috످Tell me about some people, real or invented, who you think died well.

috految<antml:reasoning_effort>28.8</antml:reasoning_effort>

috److془The person asks: people, real or invented, who I think died well. Let me think carefully.

Candidates: Hume, Socrates, Keats with Severn, Montaigne's La Boétie, Goriot, Ivan Ilyich, Charlotte, Hazel, Don Quixote, Sydney Carton, Korczak, Issa's, Kobayashi Issa, Lady; Alice James; Johnson; Heaney; Reuven; Cornelius; Jourdain; Grant; Grettir; Sogen; Tolstoy; Wilfred; Miss Matty; Mrs. Dubose; Rabbi Judah's maid; Bede; Thomas More; Nicholas Ridley; Dirk Willems; Anna Karenina; Gilead.

Answer routes: calm (Hume) — but temperament, luck. Caring for others (Keats) — but requires the dying to be useful, and invites concealment. Truthfulness — Ivan Ilyich. Lived well — Ilyich counter. Letting others come near: Talmud's Abraham? Tolstoy. Hmm: Franz. Nora Ephron hid her illness. Kafka. Bernard. Johnson: gave up opiates; terrified; "Sent to Hell, Sir, and punished everlastingly." Langton's pillow: Windham placed pillow "That will do - all that a pillow can do." Johnson to Burke "I must be in a wretched state indeed when your company would not be a delight to me."

Keats: "Did you ever see anyone die?" "No." "Well then I pity you, poor Severn." "Severn—lift me up—I am dying—I shall die easy—don't be frightened". Raged, flung coffee twice, Severn made third. Begged for laudanum. Warned him not to breathe on.. Severn sleeping: rigged thread from bottom of one candle to wick of next; "Severn! Severn! here's a little fairy lamplighter actually lit up the other candle." Lovely.

Hume; Ilyich; Hazel. Hazel: "You needn't worry about them. They'll be all right - and thousands like them." Or Charlotte. Johnson "good". Contrast Socrates: sends Xanthippe away, rebukes friends. Crying friends felt ashamed and stopped. Great. Last: Ilyich, Gerasim. Hazel maybe; with Chekhov no. Actually Don't need. Ilyich: hand falls on son's head; boy kisses it, cries. Tries to say forgive, "prosti" says "propusti" let me through. Ilyich's crying son parallels Socrates. Great. Hume: Smith's letter. Charon excuses: new edition. "Get into the boat this instant, you lazy loitering rogue." Hume's told Dundas/ Doctor who offered to tell friend he's recovering: "as I believe you would not choose to tell anything but the truth, you had better tell him that I am dying as fast as my enemies, if I have any, could wish, and as easily and cheerfully as my best friends could desire."

Korczak skip. Write.془The one who moves me most is John Keats, who died of tuberculosis in Rome at twenty-five, believing he had failed as a poet. For much of that winter he was furious and in despair. When his friend Joseph Severn, who was nursing him, made him coffee, Keats threw it away. Severn made more, and he threw that away too. But near the end, he asked Severn whether he had ever seen anyone die. Severn hadn't. "Well then, I pity you, poor Severn," he said, and he began preparing him for what he was going to see. When the moment came, he said, "Lift me up. I am dying. I shall die easy. Don't be frightened." He was drowning in his own lungs, and he had remembered that it was Severn's first time.

The death I'd wish on a friend is David Hume's. He spent his last weeks playing cards, seeing people he loved, and inventing excuses to give Charon, the ferryman of the dead. Could he have a little longer to correct his new edition? Could he at least stay to see the downfall of superstition? He imagined Charon losing his temper: "Get into the boat this instant, you lazy, loitering rogue." It's a lovely way to go, though I admire it less than Keats's, because so much of it was luck. Hume had a sunny nature, a finished life, and not much pain.

From fiction I'd pick Tolstoy's Ivan Ilyich, a vain, shallow judge who wastes his life and spends his last three days screaming. A couple of hours before the end, his flailing hand lands on his son's head, and the boy catches it, kisses it, and starts to cry. And Ivan, who for months has pitied only himself, feels sorry for him. He tries to say "forgive me," but it comes out as the wrong word. As far as his family can tell, he has died horribly. I think he died well, and I love that Tolstoy lets him manage it so late.

I'd leave off Socrates, who usually tops these lists. He was magnificently brave, but he had his weeping wife led away, and when his friends broke down, he scolded them until they were ashamed and stopped. Maybe he thought his calm was the best thing he could give them. But they were losing him, and they had to spend their last minutes with him trying not to cry.

So I think dying well is mostly being able to notice, at some point, that your death is also happening to the people who love you. Pain or dementia can make that impossible, and then it's nobody's failure. But you can be terrified and still do it, and you can do it after throwing the coffee.

috످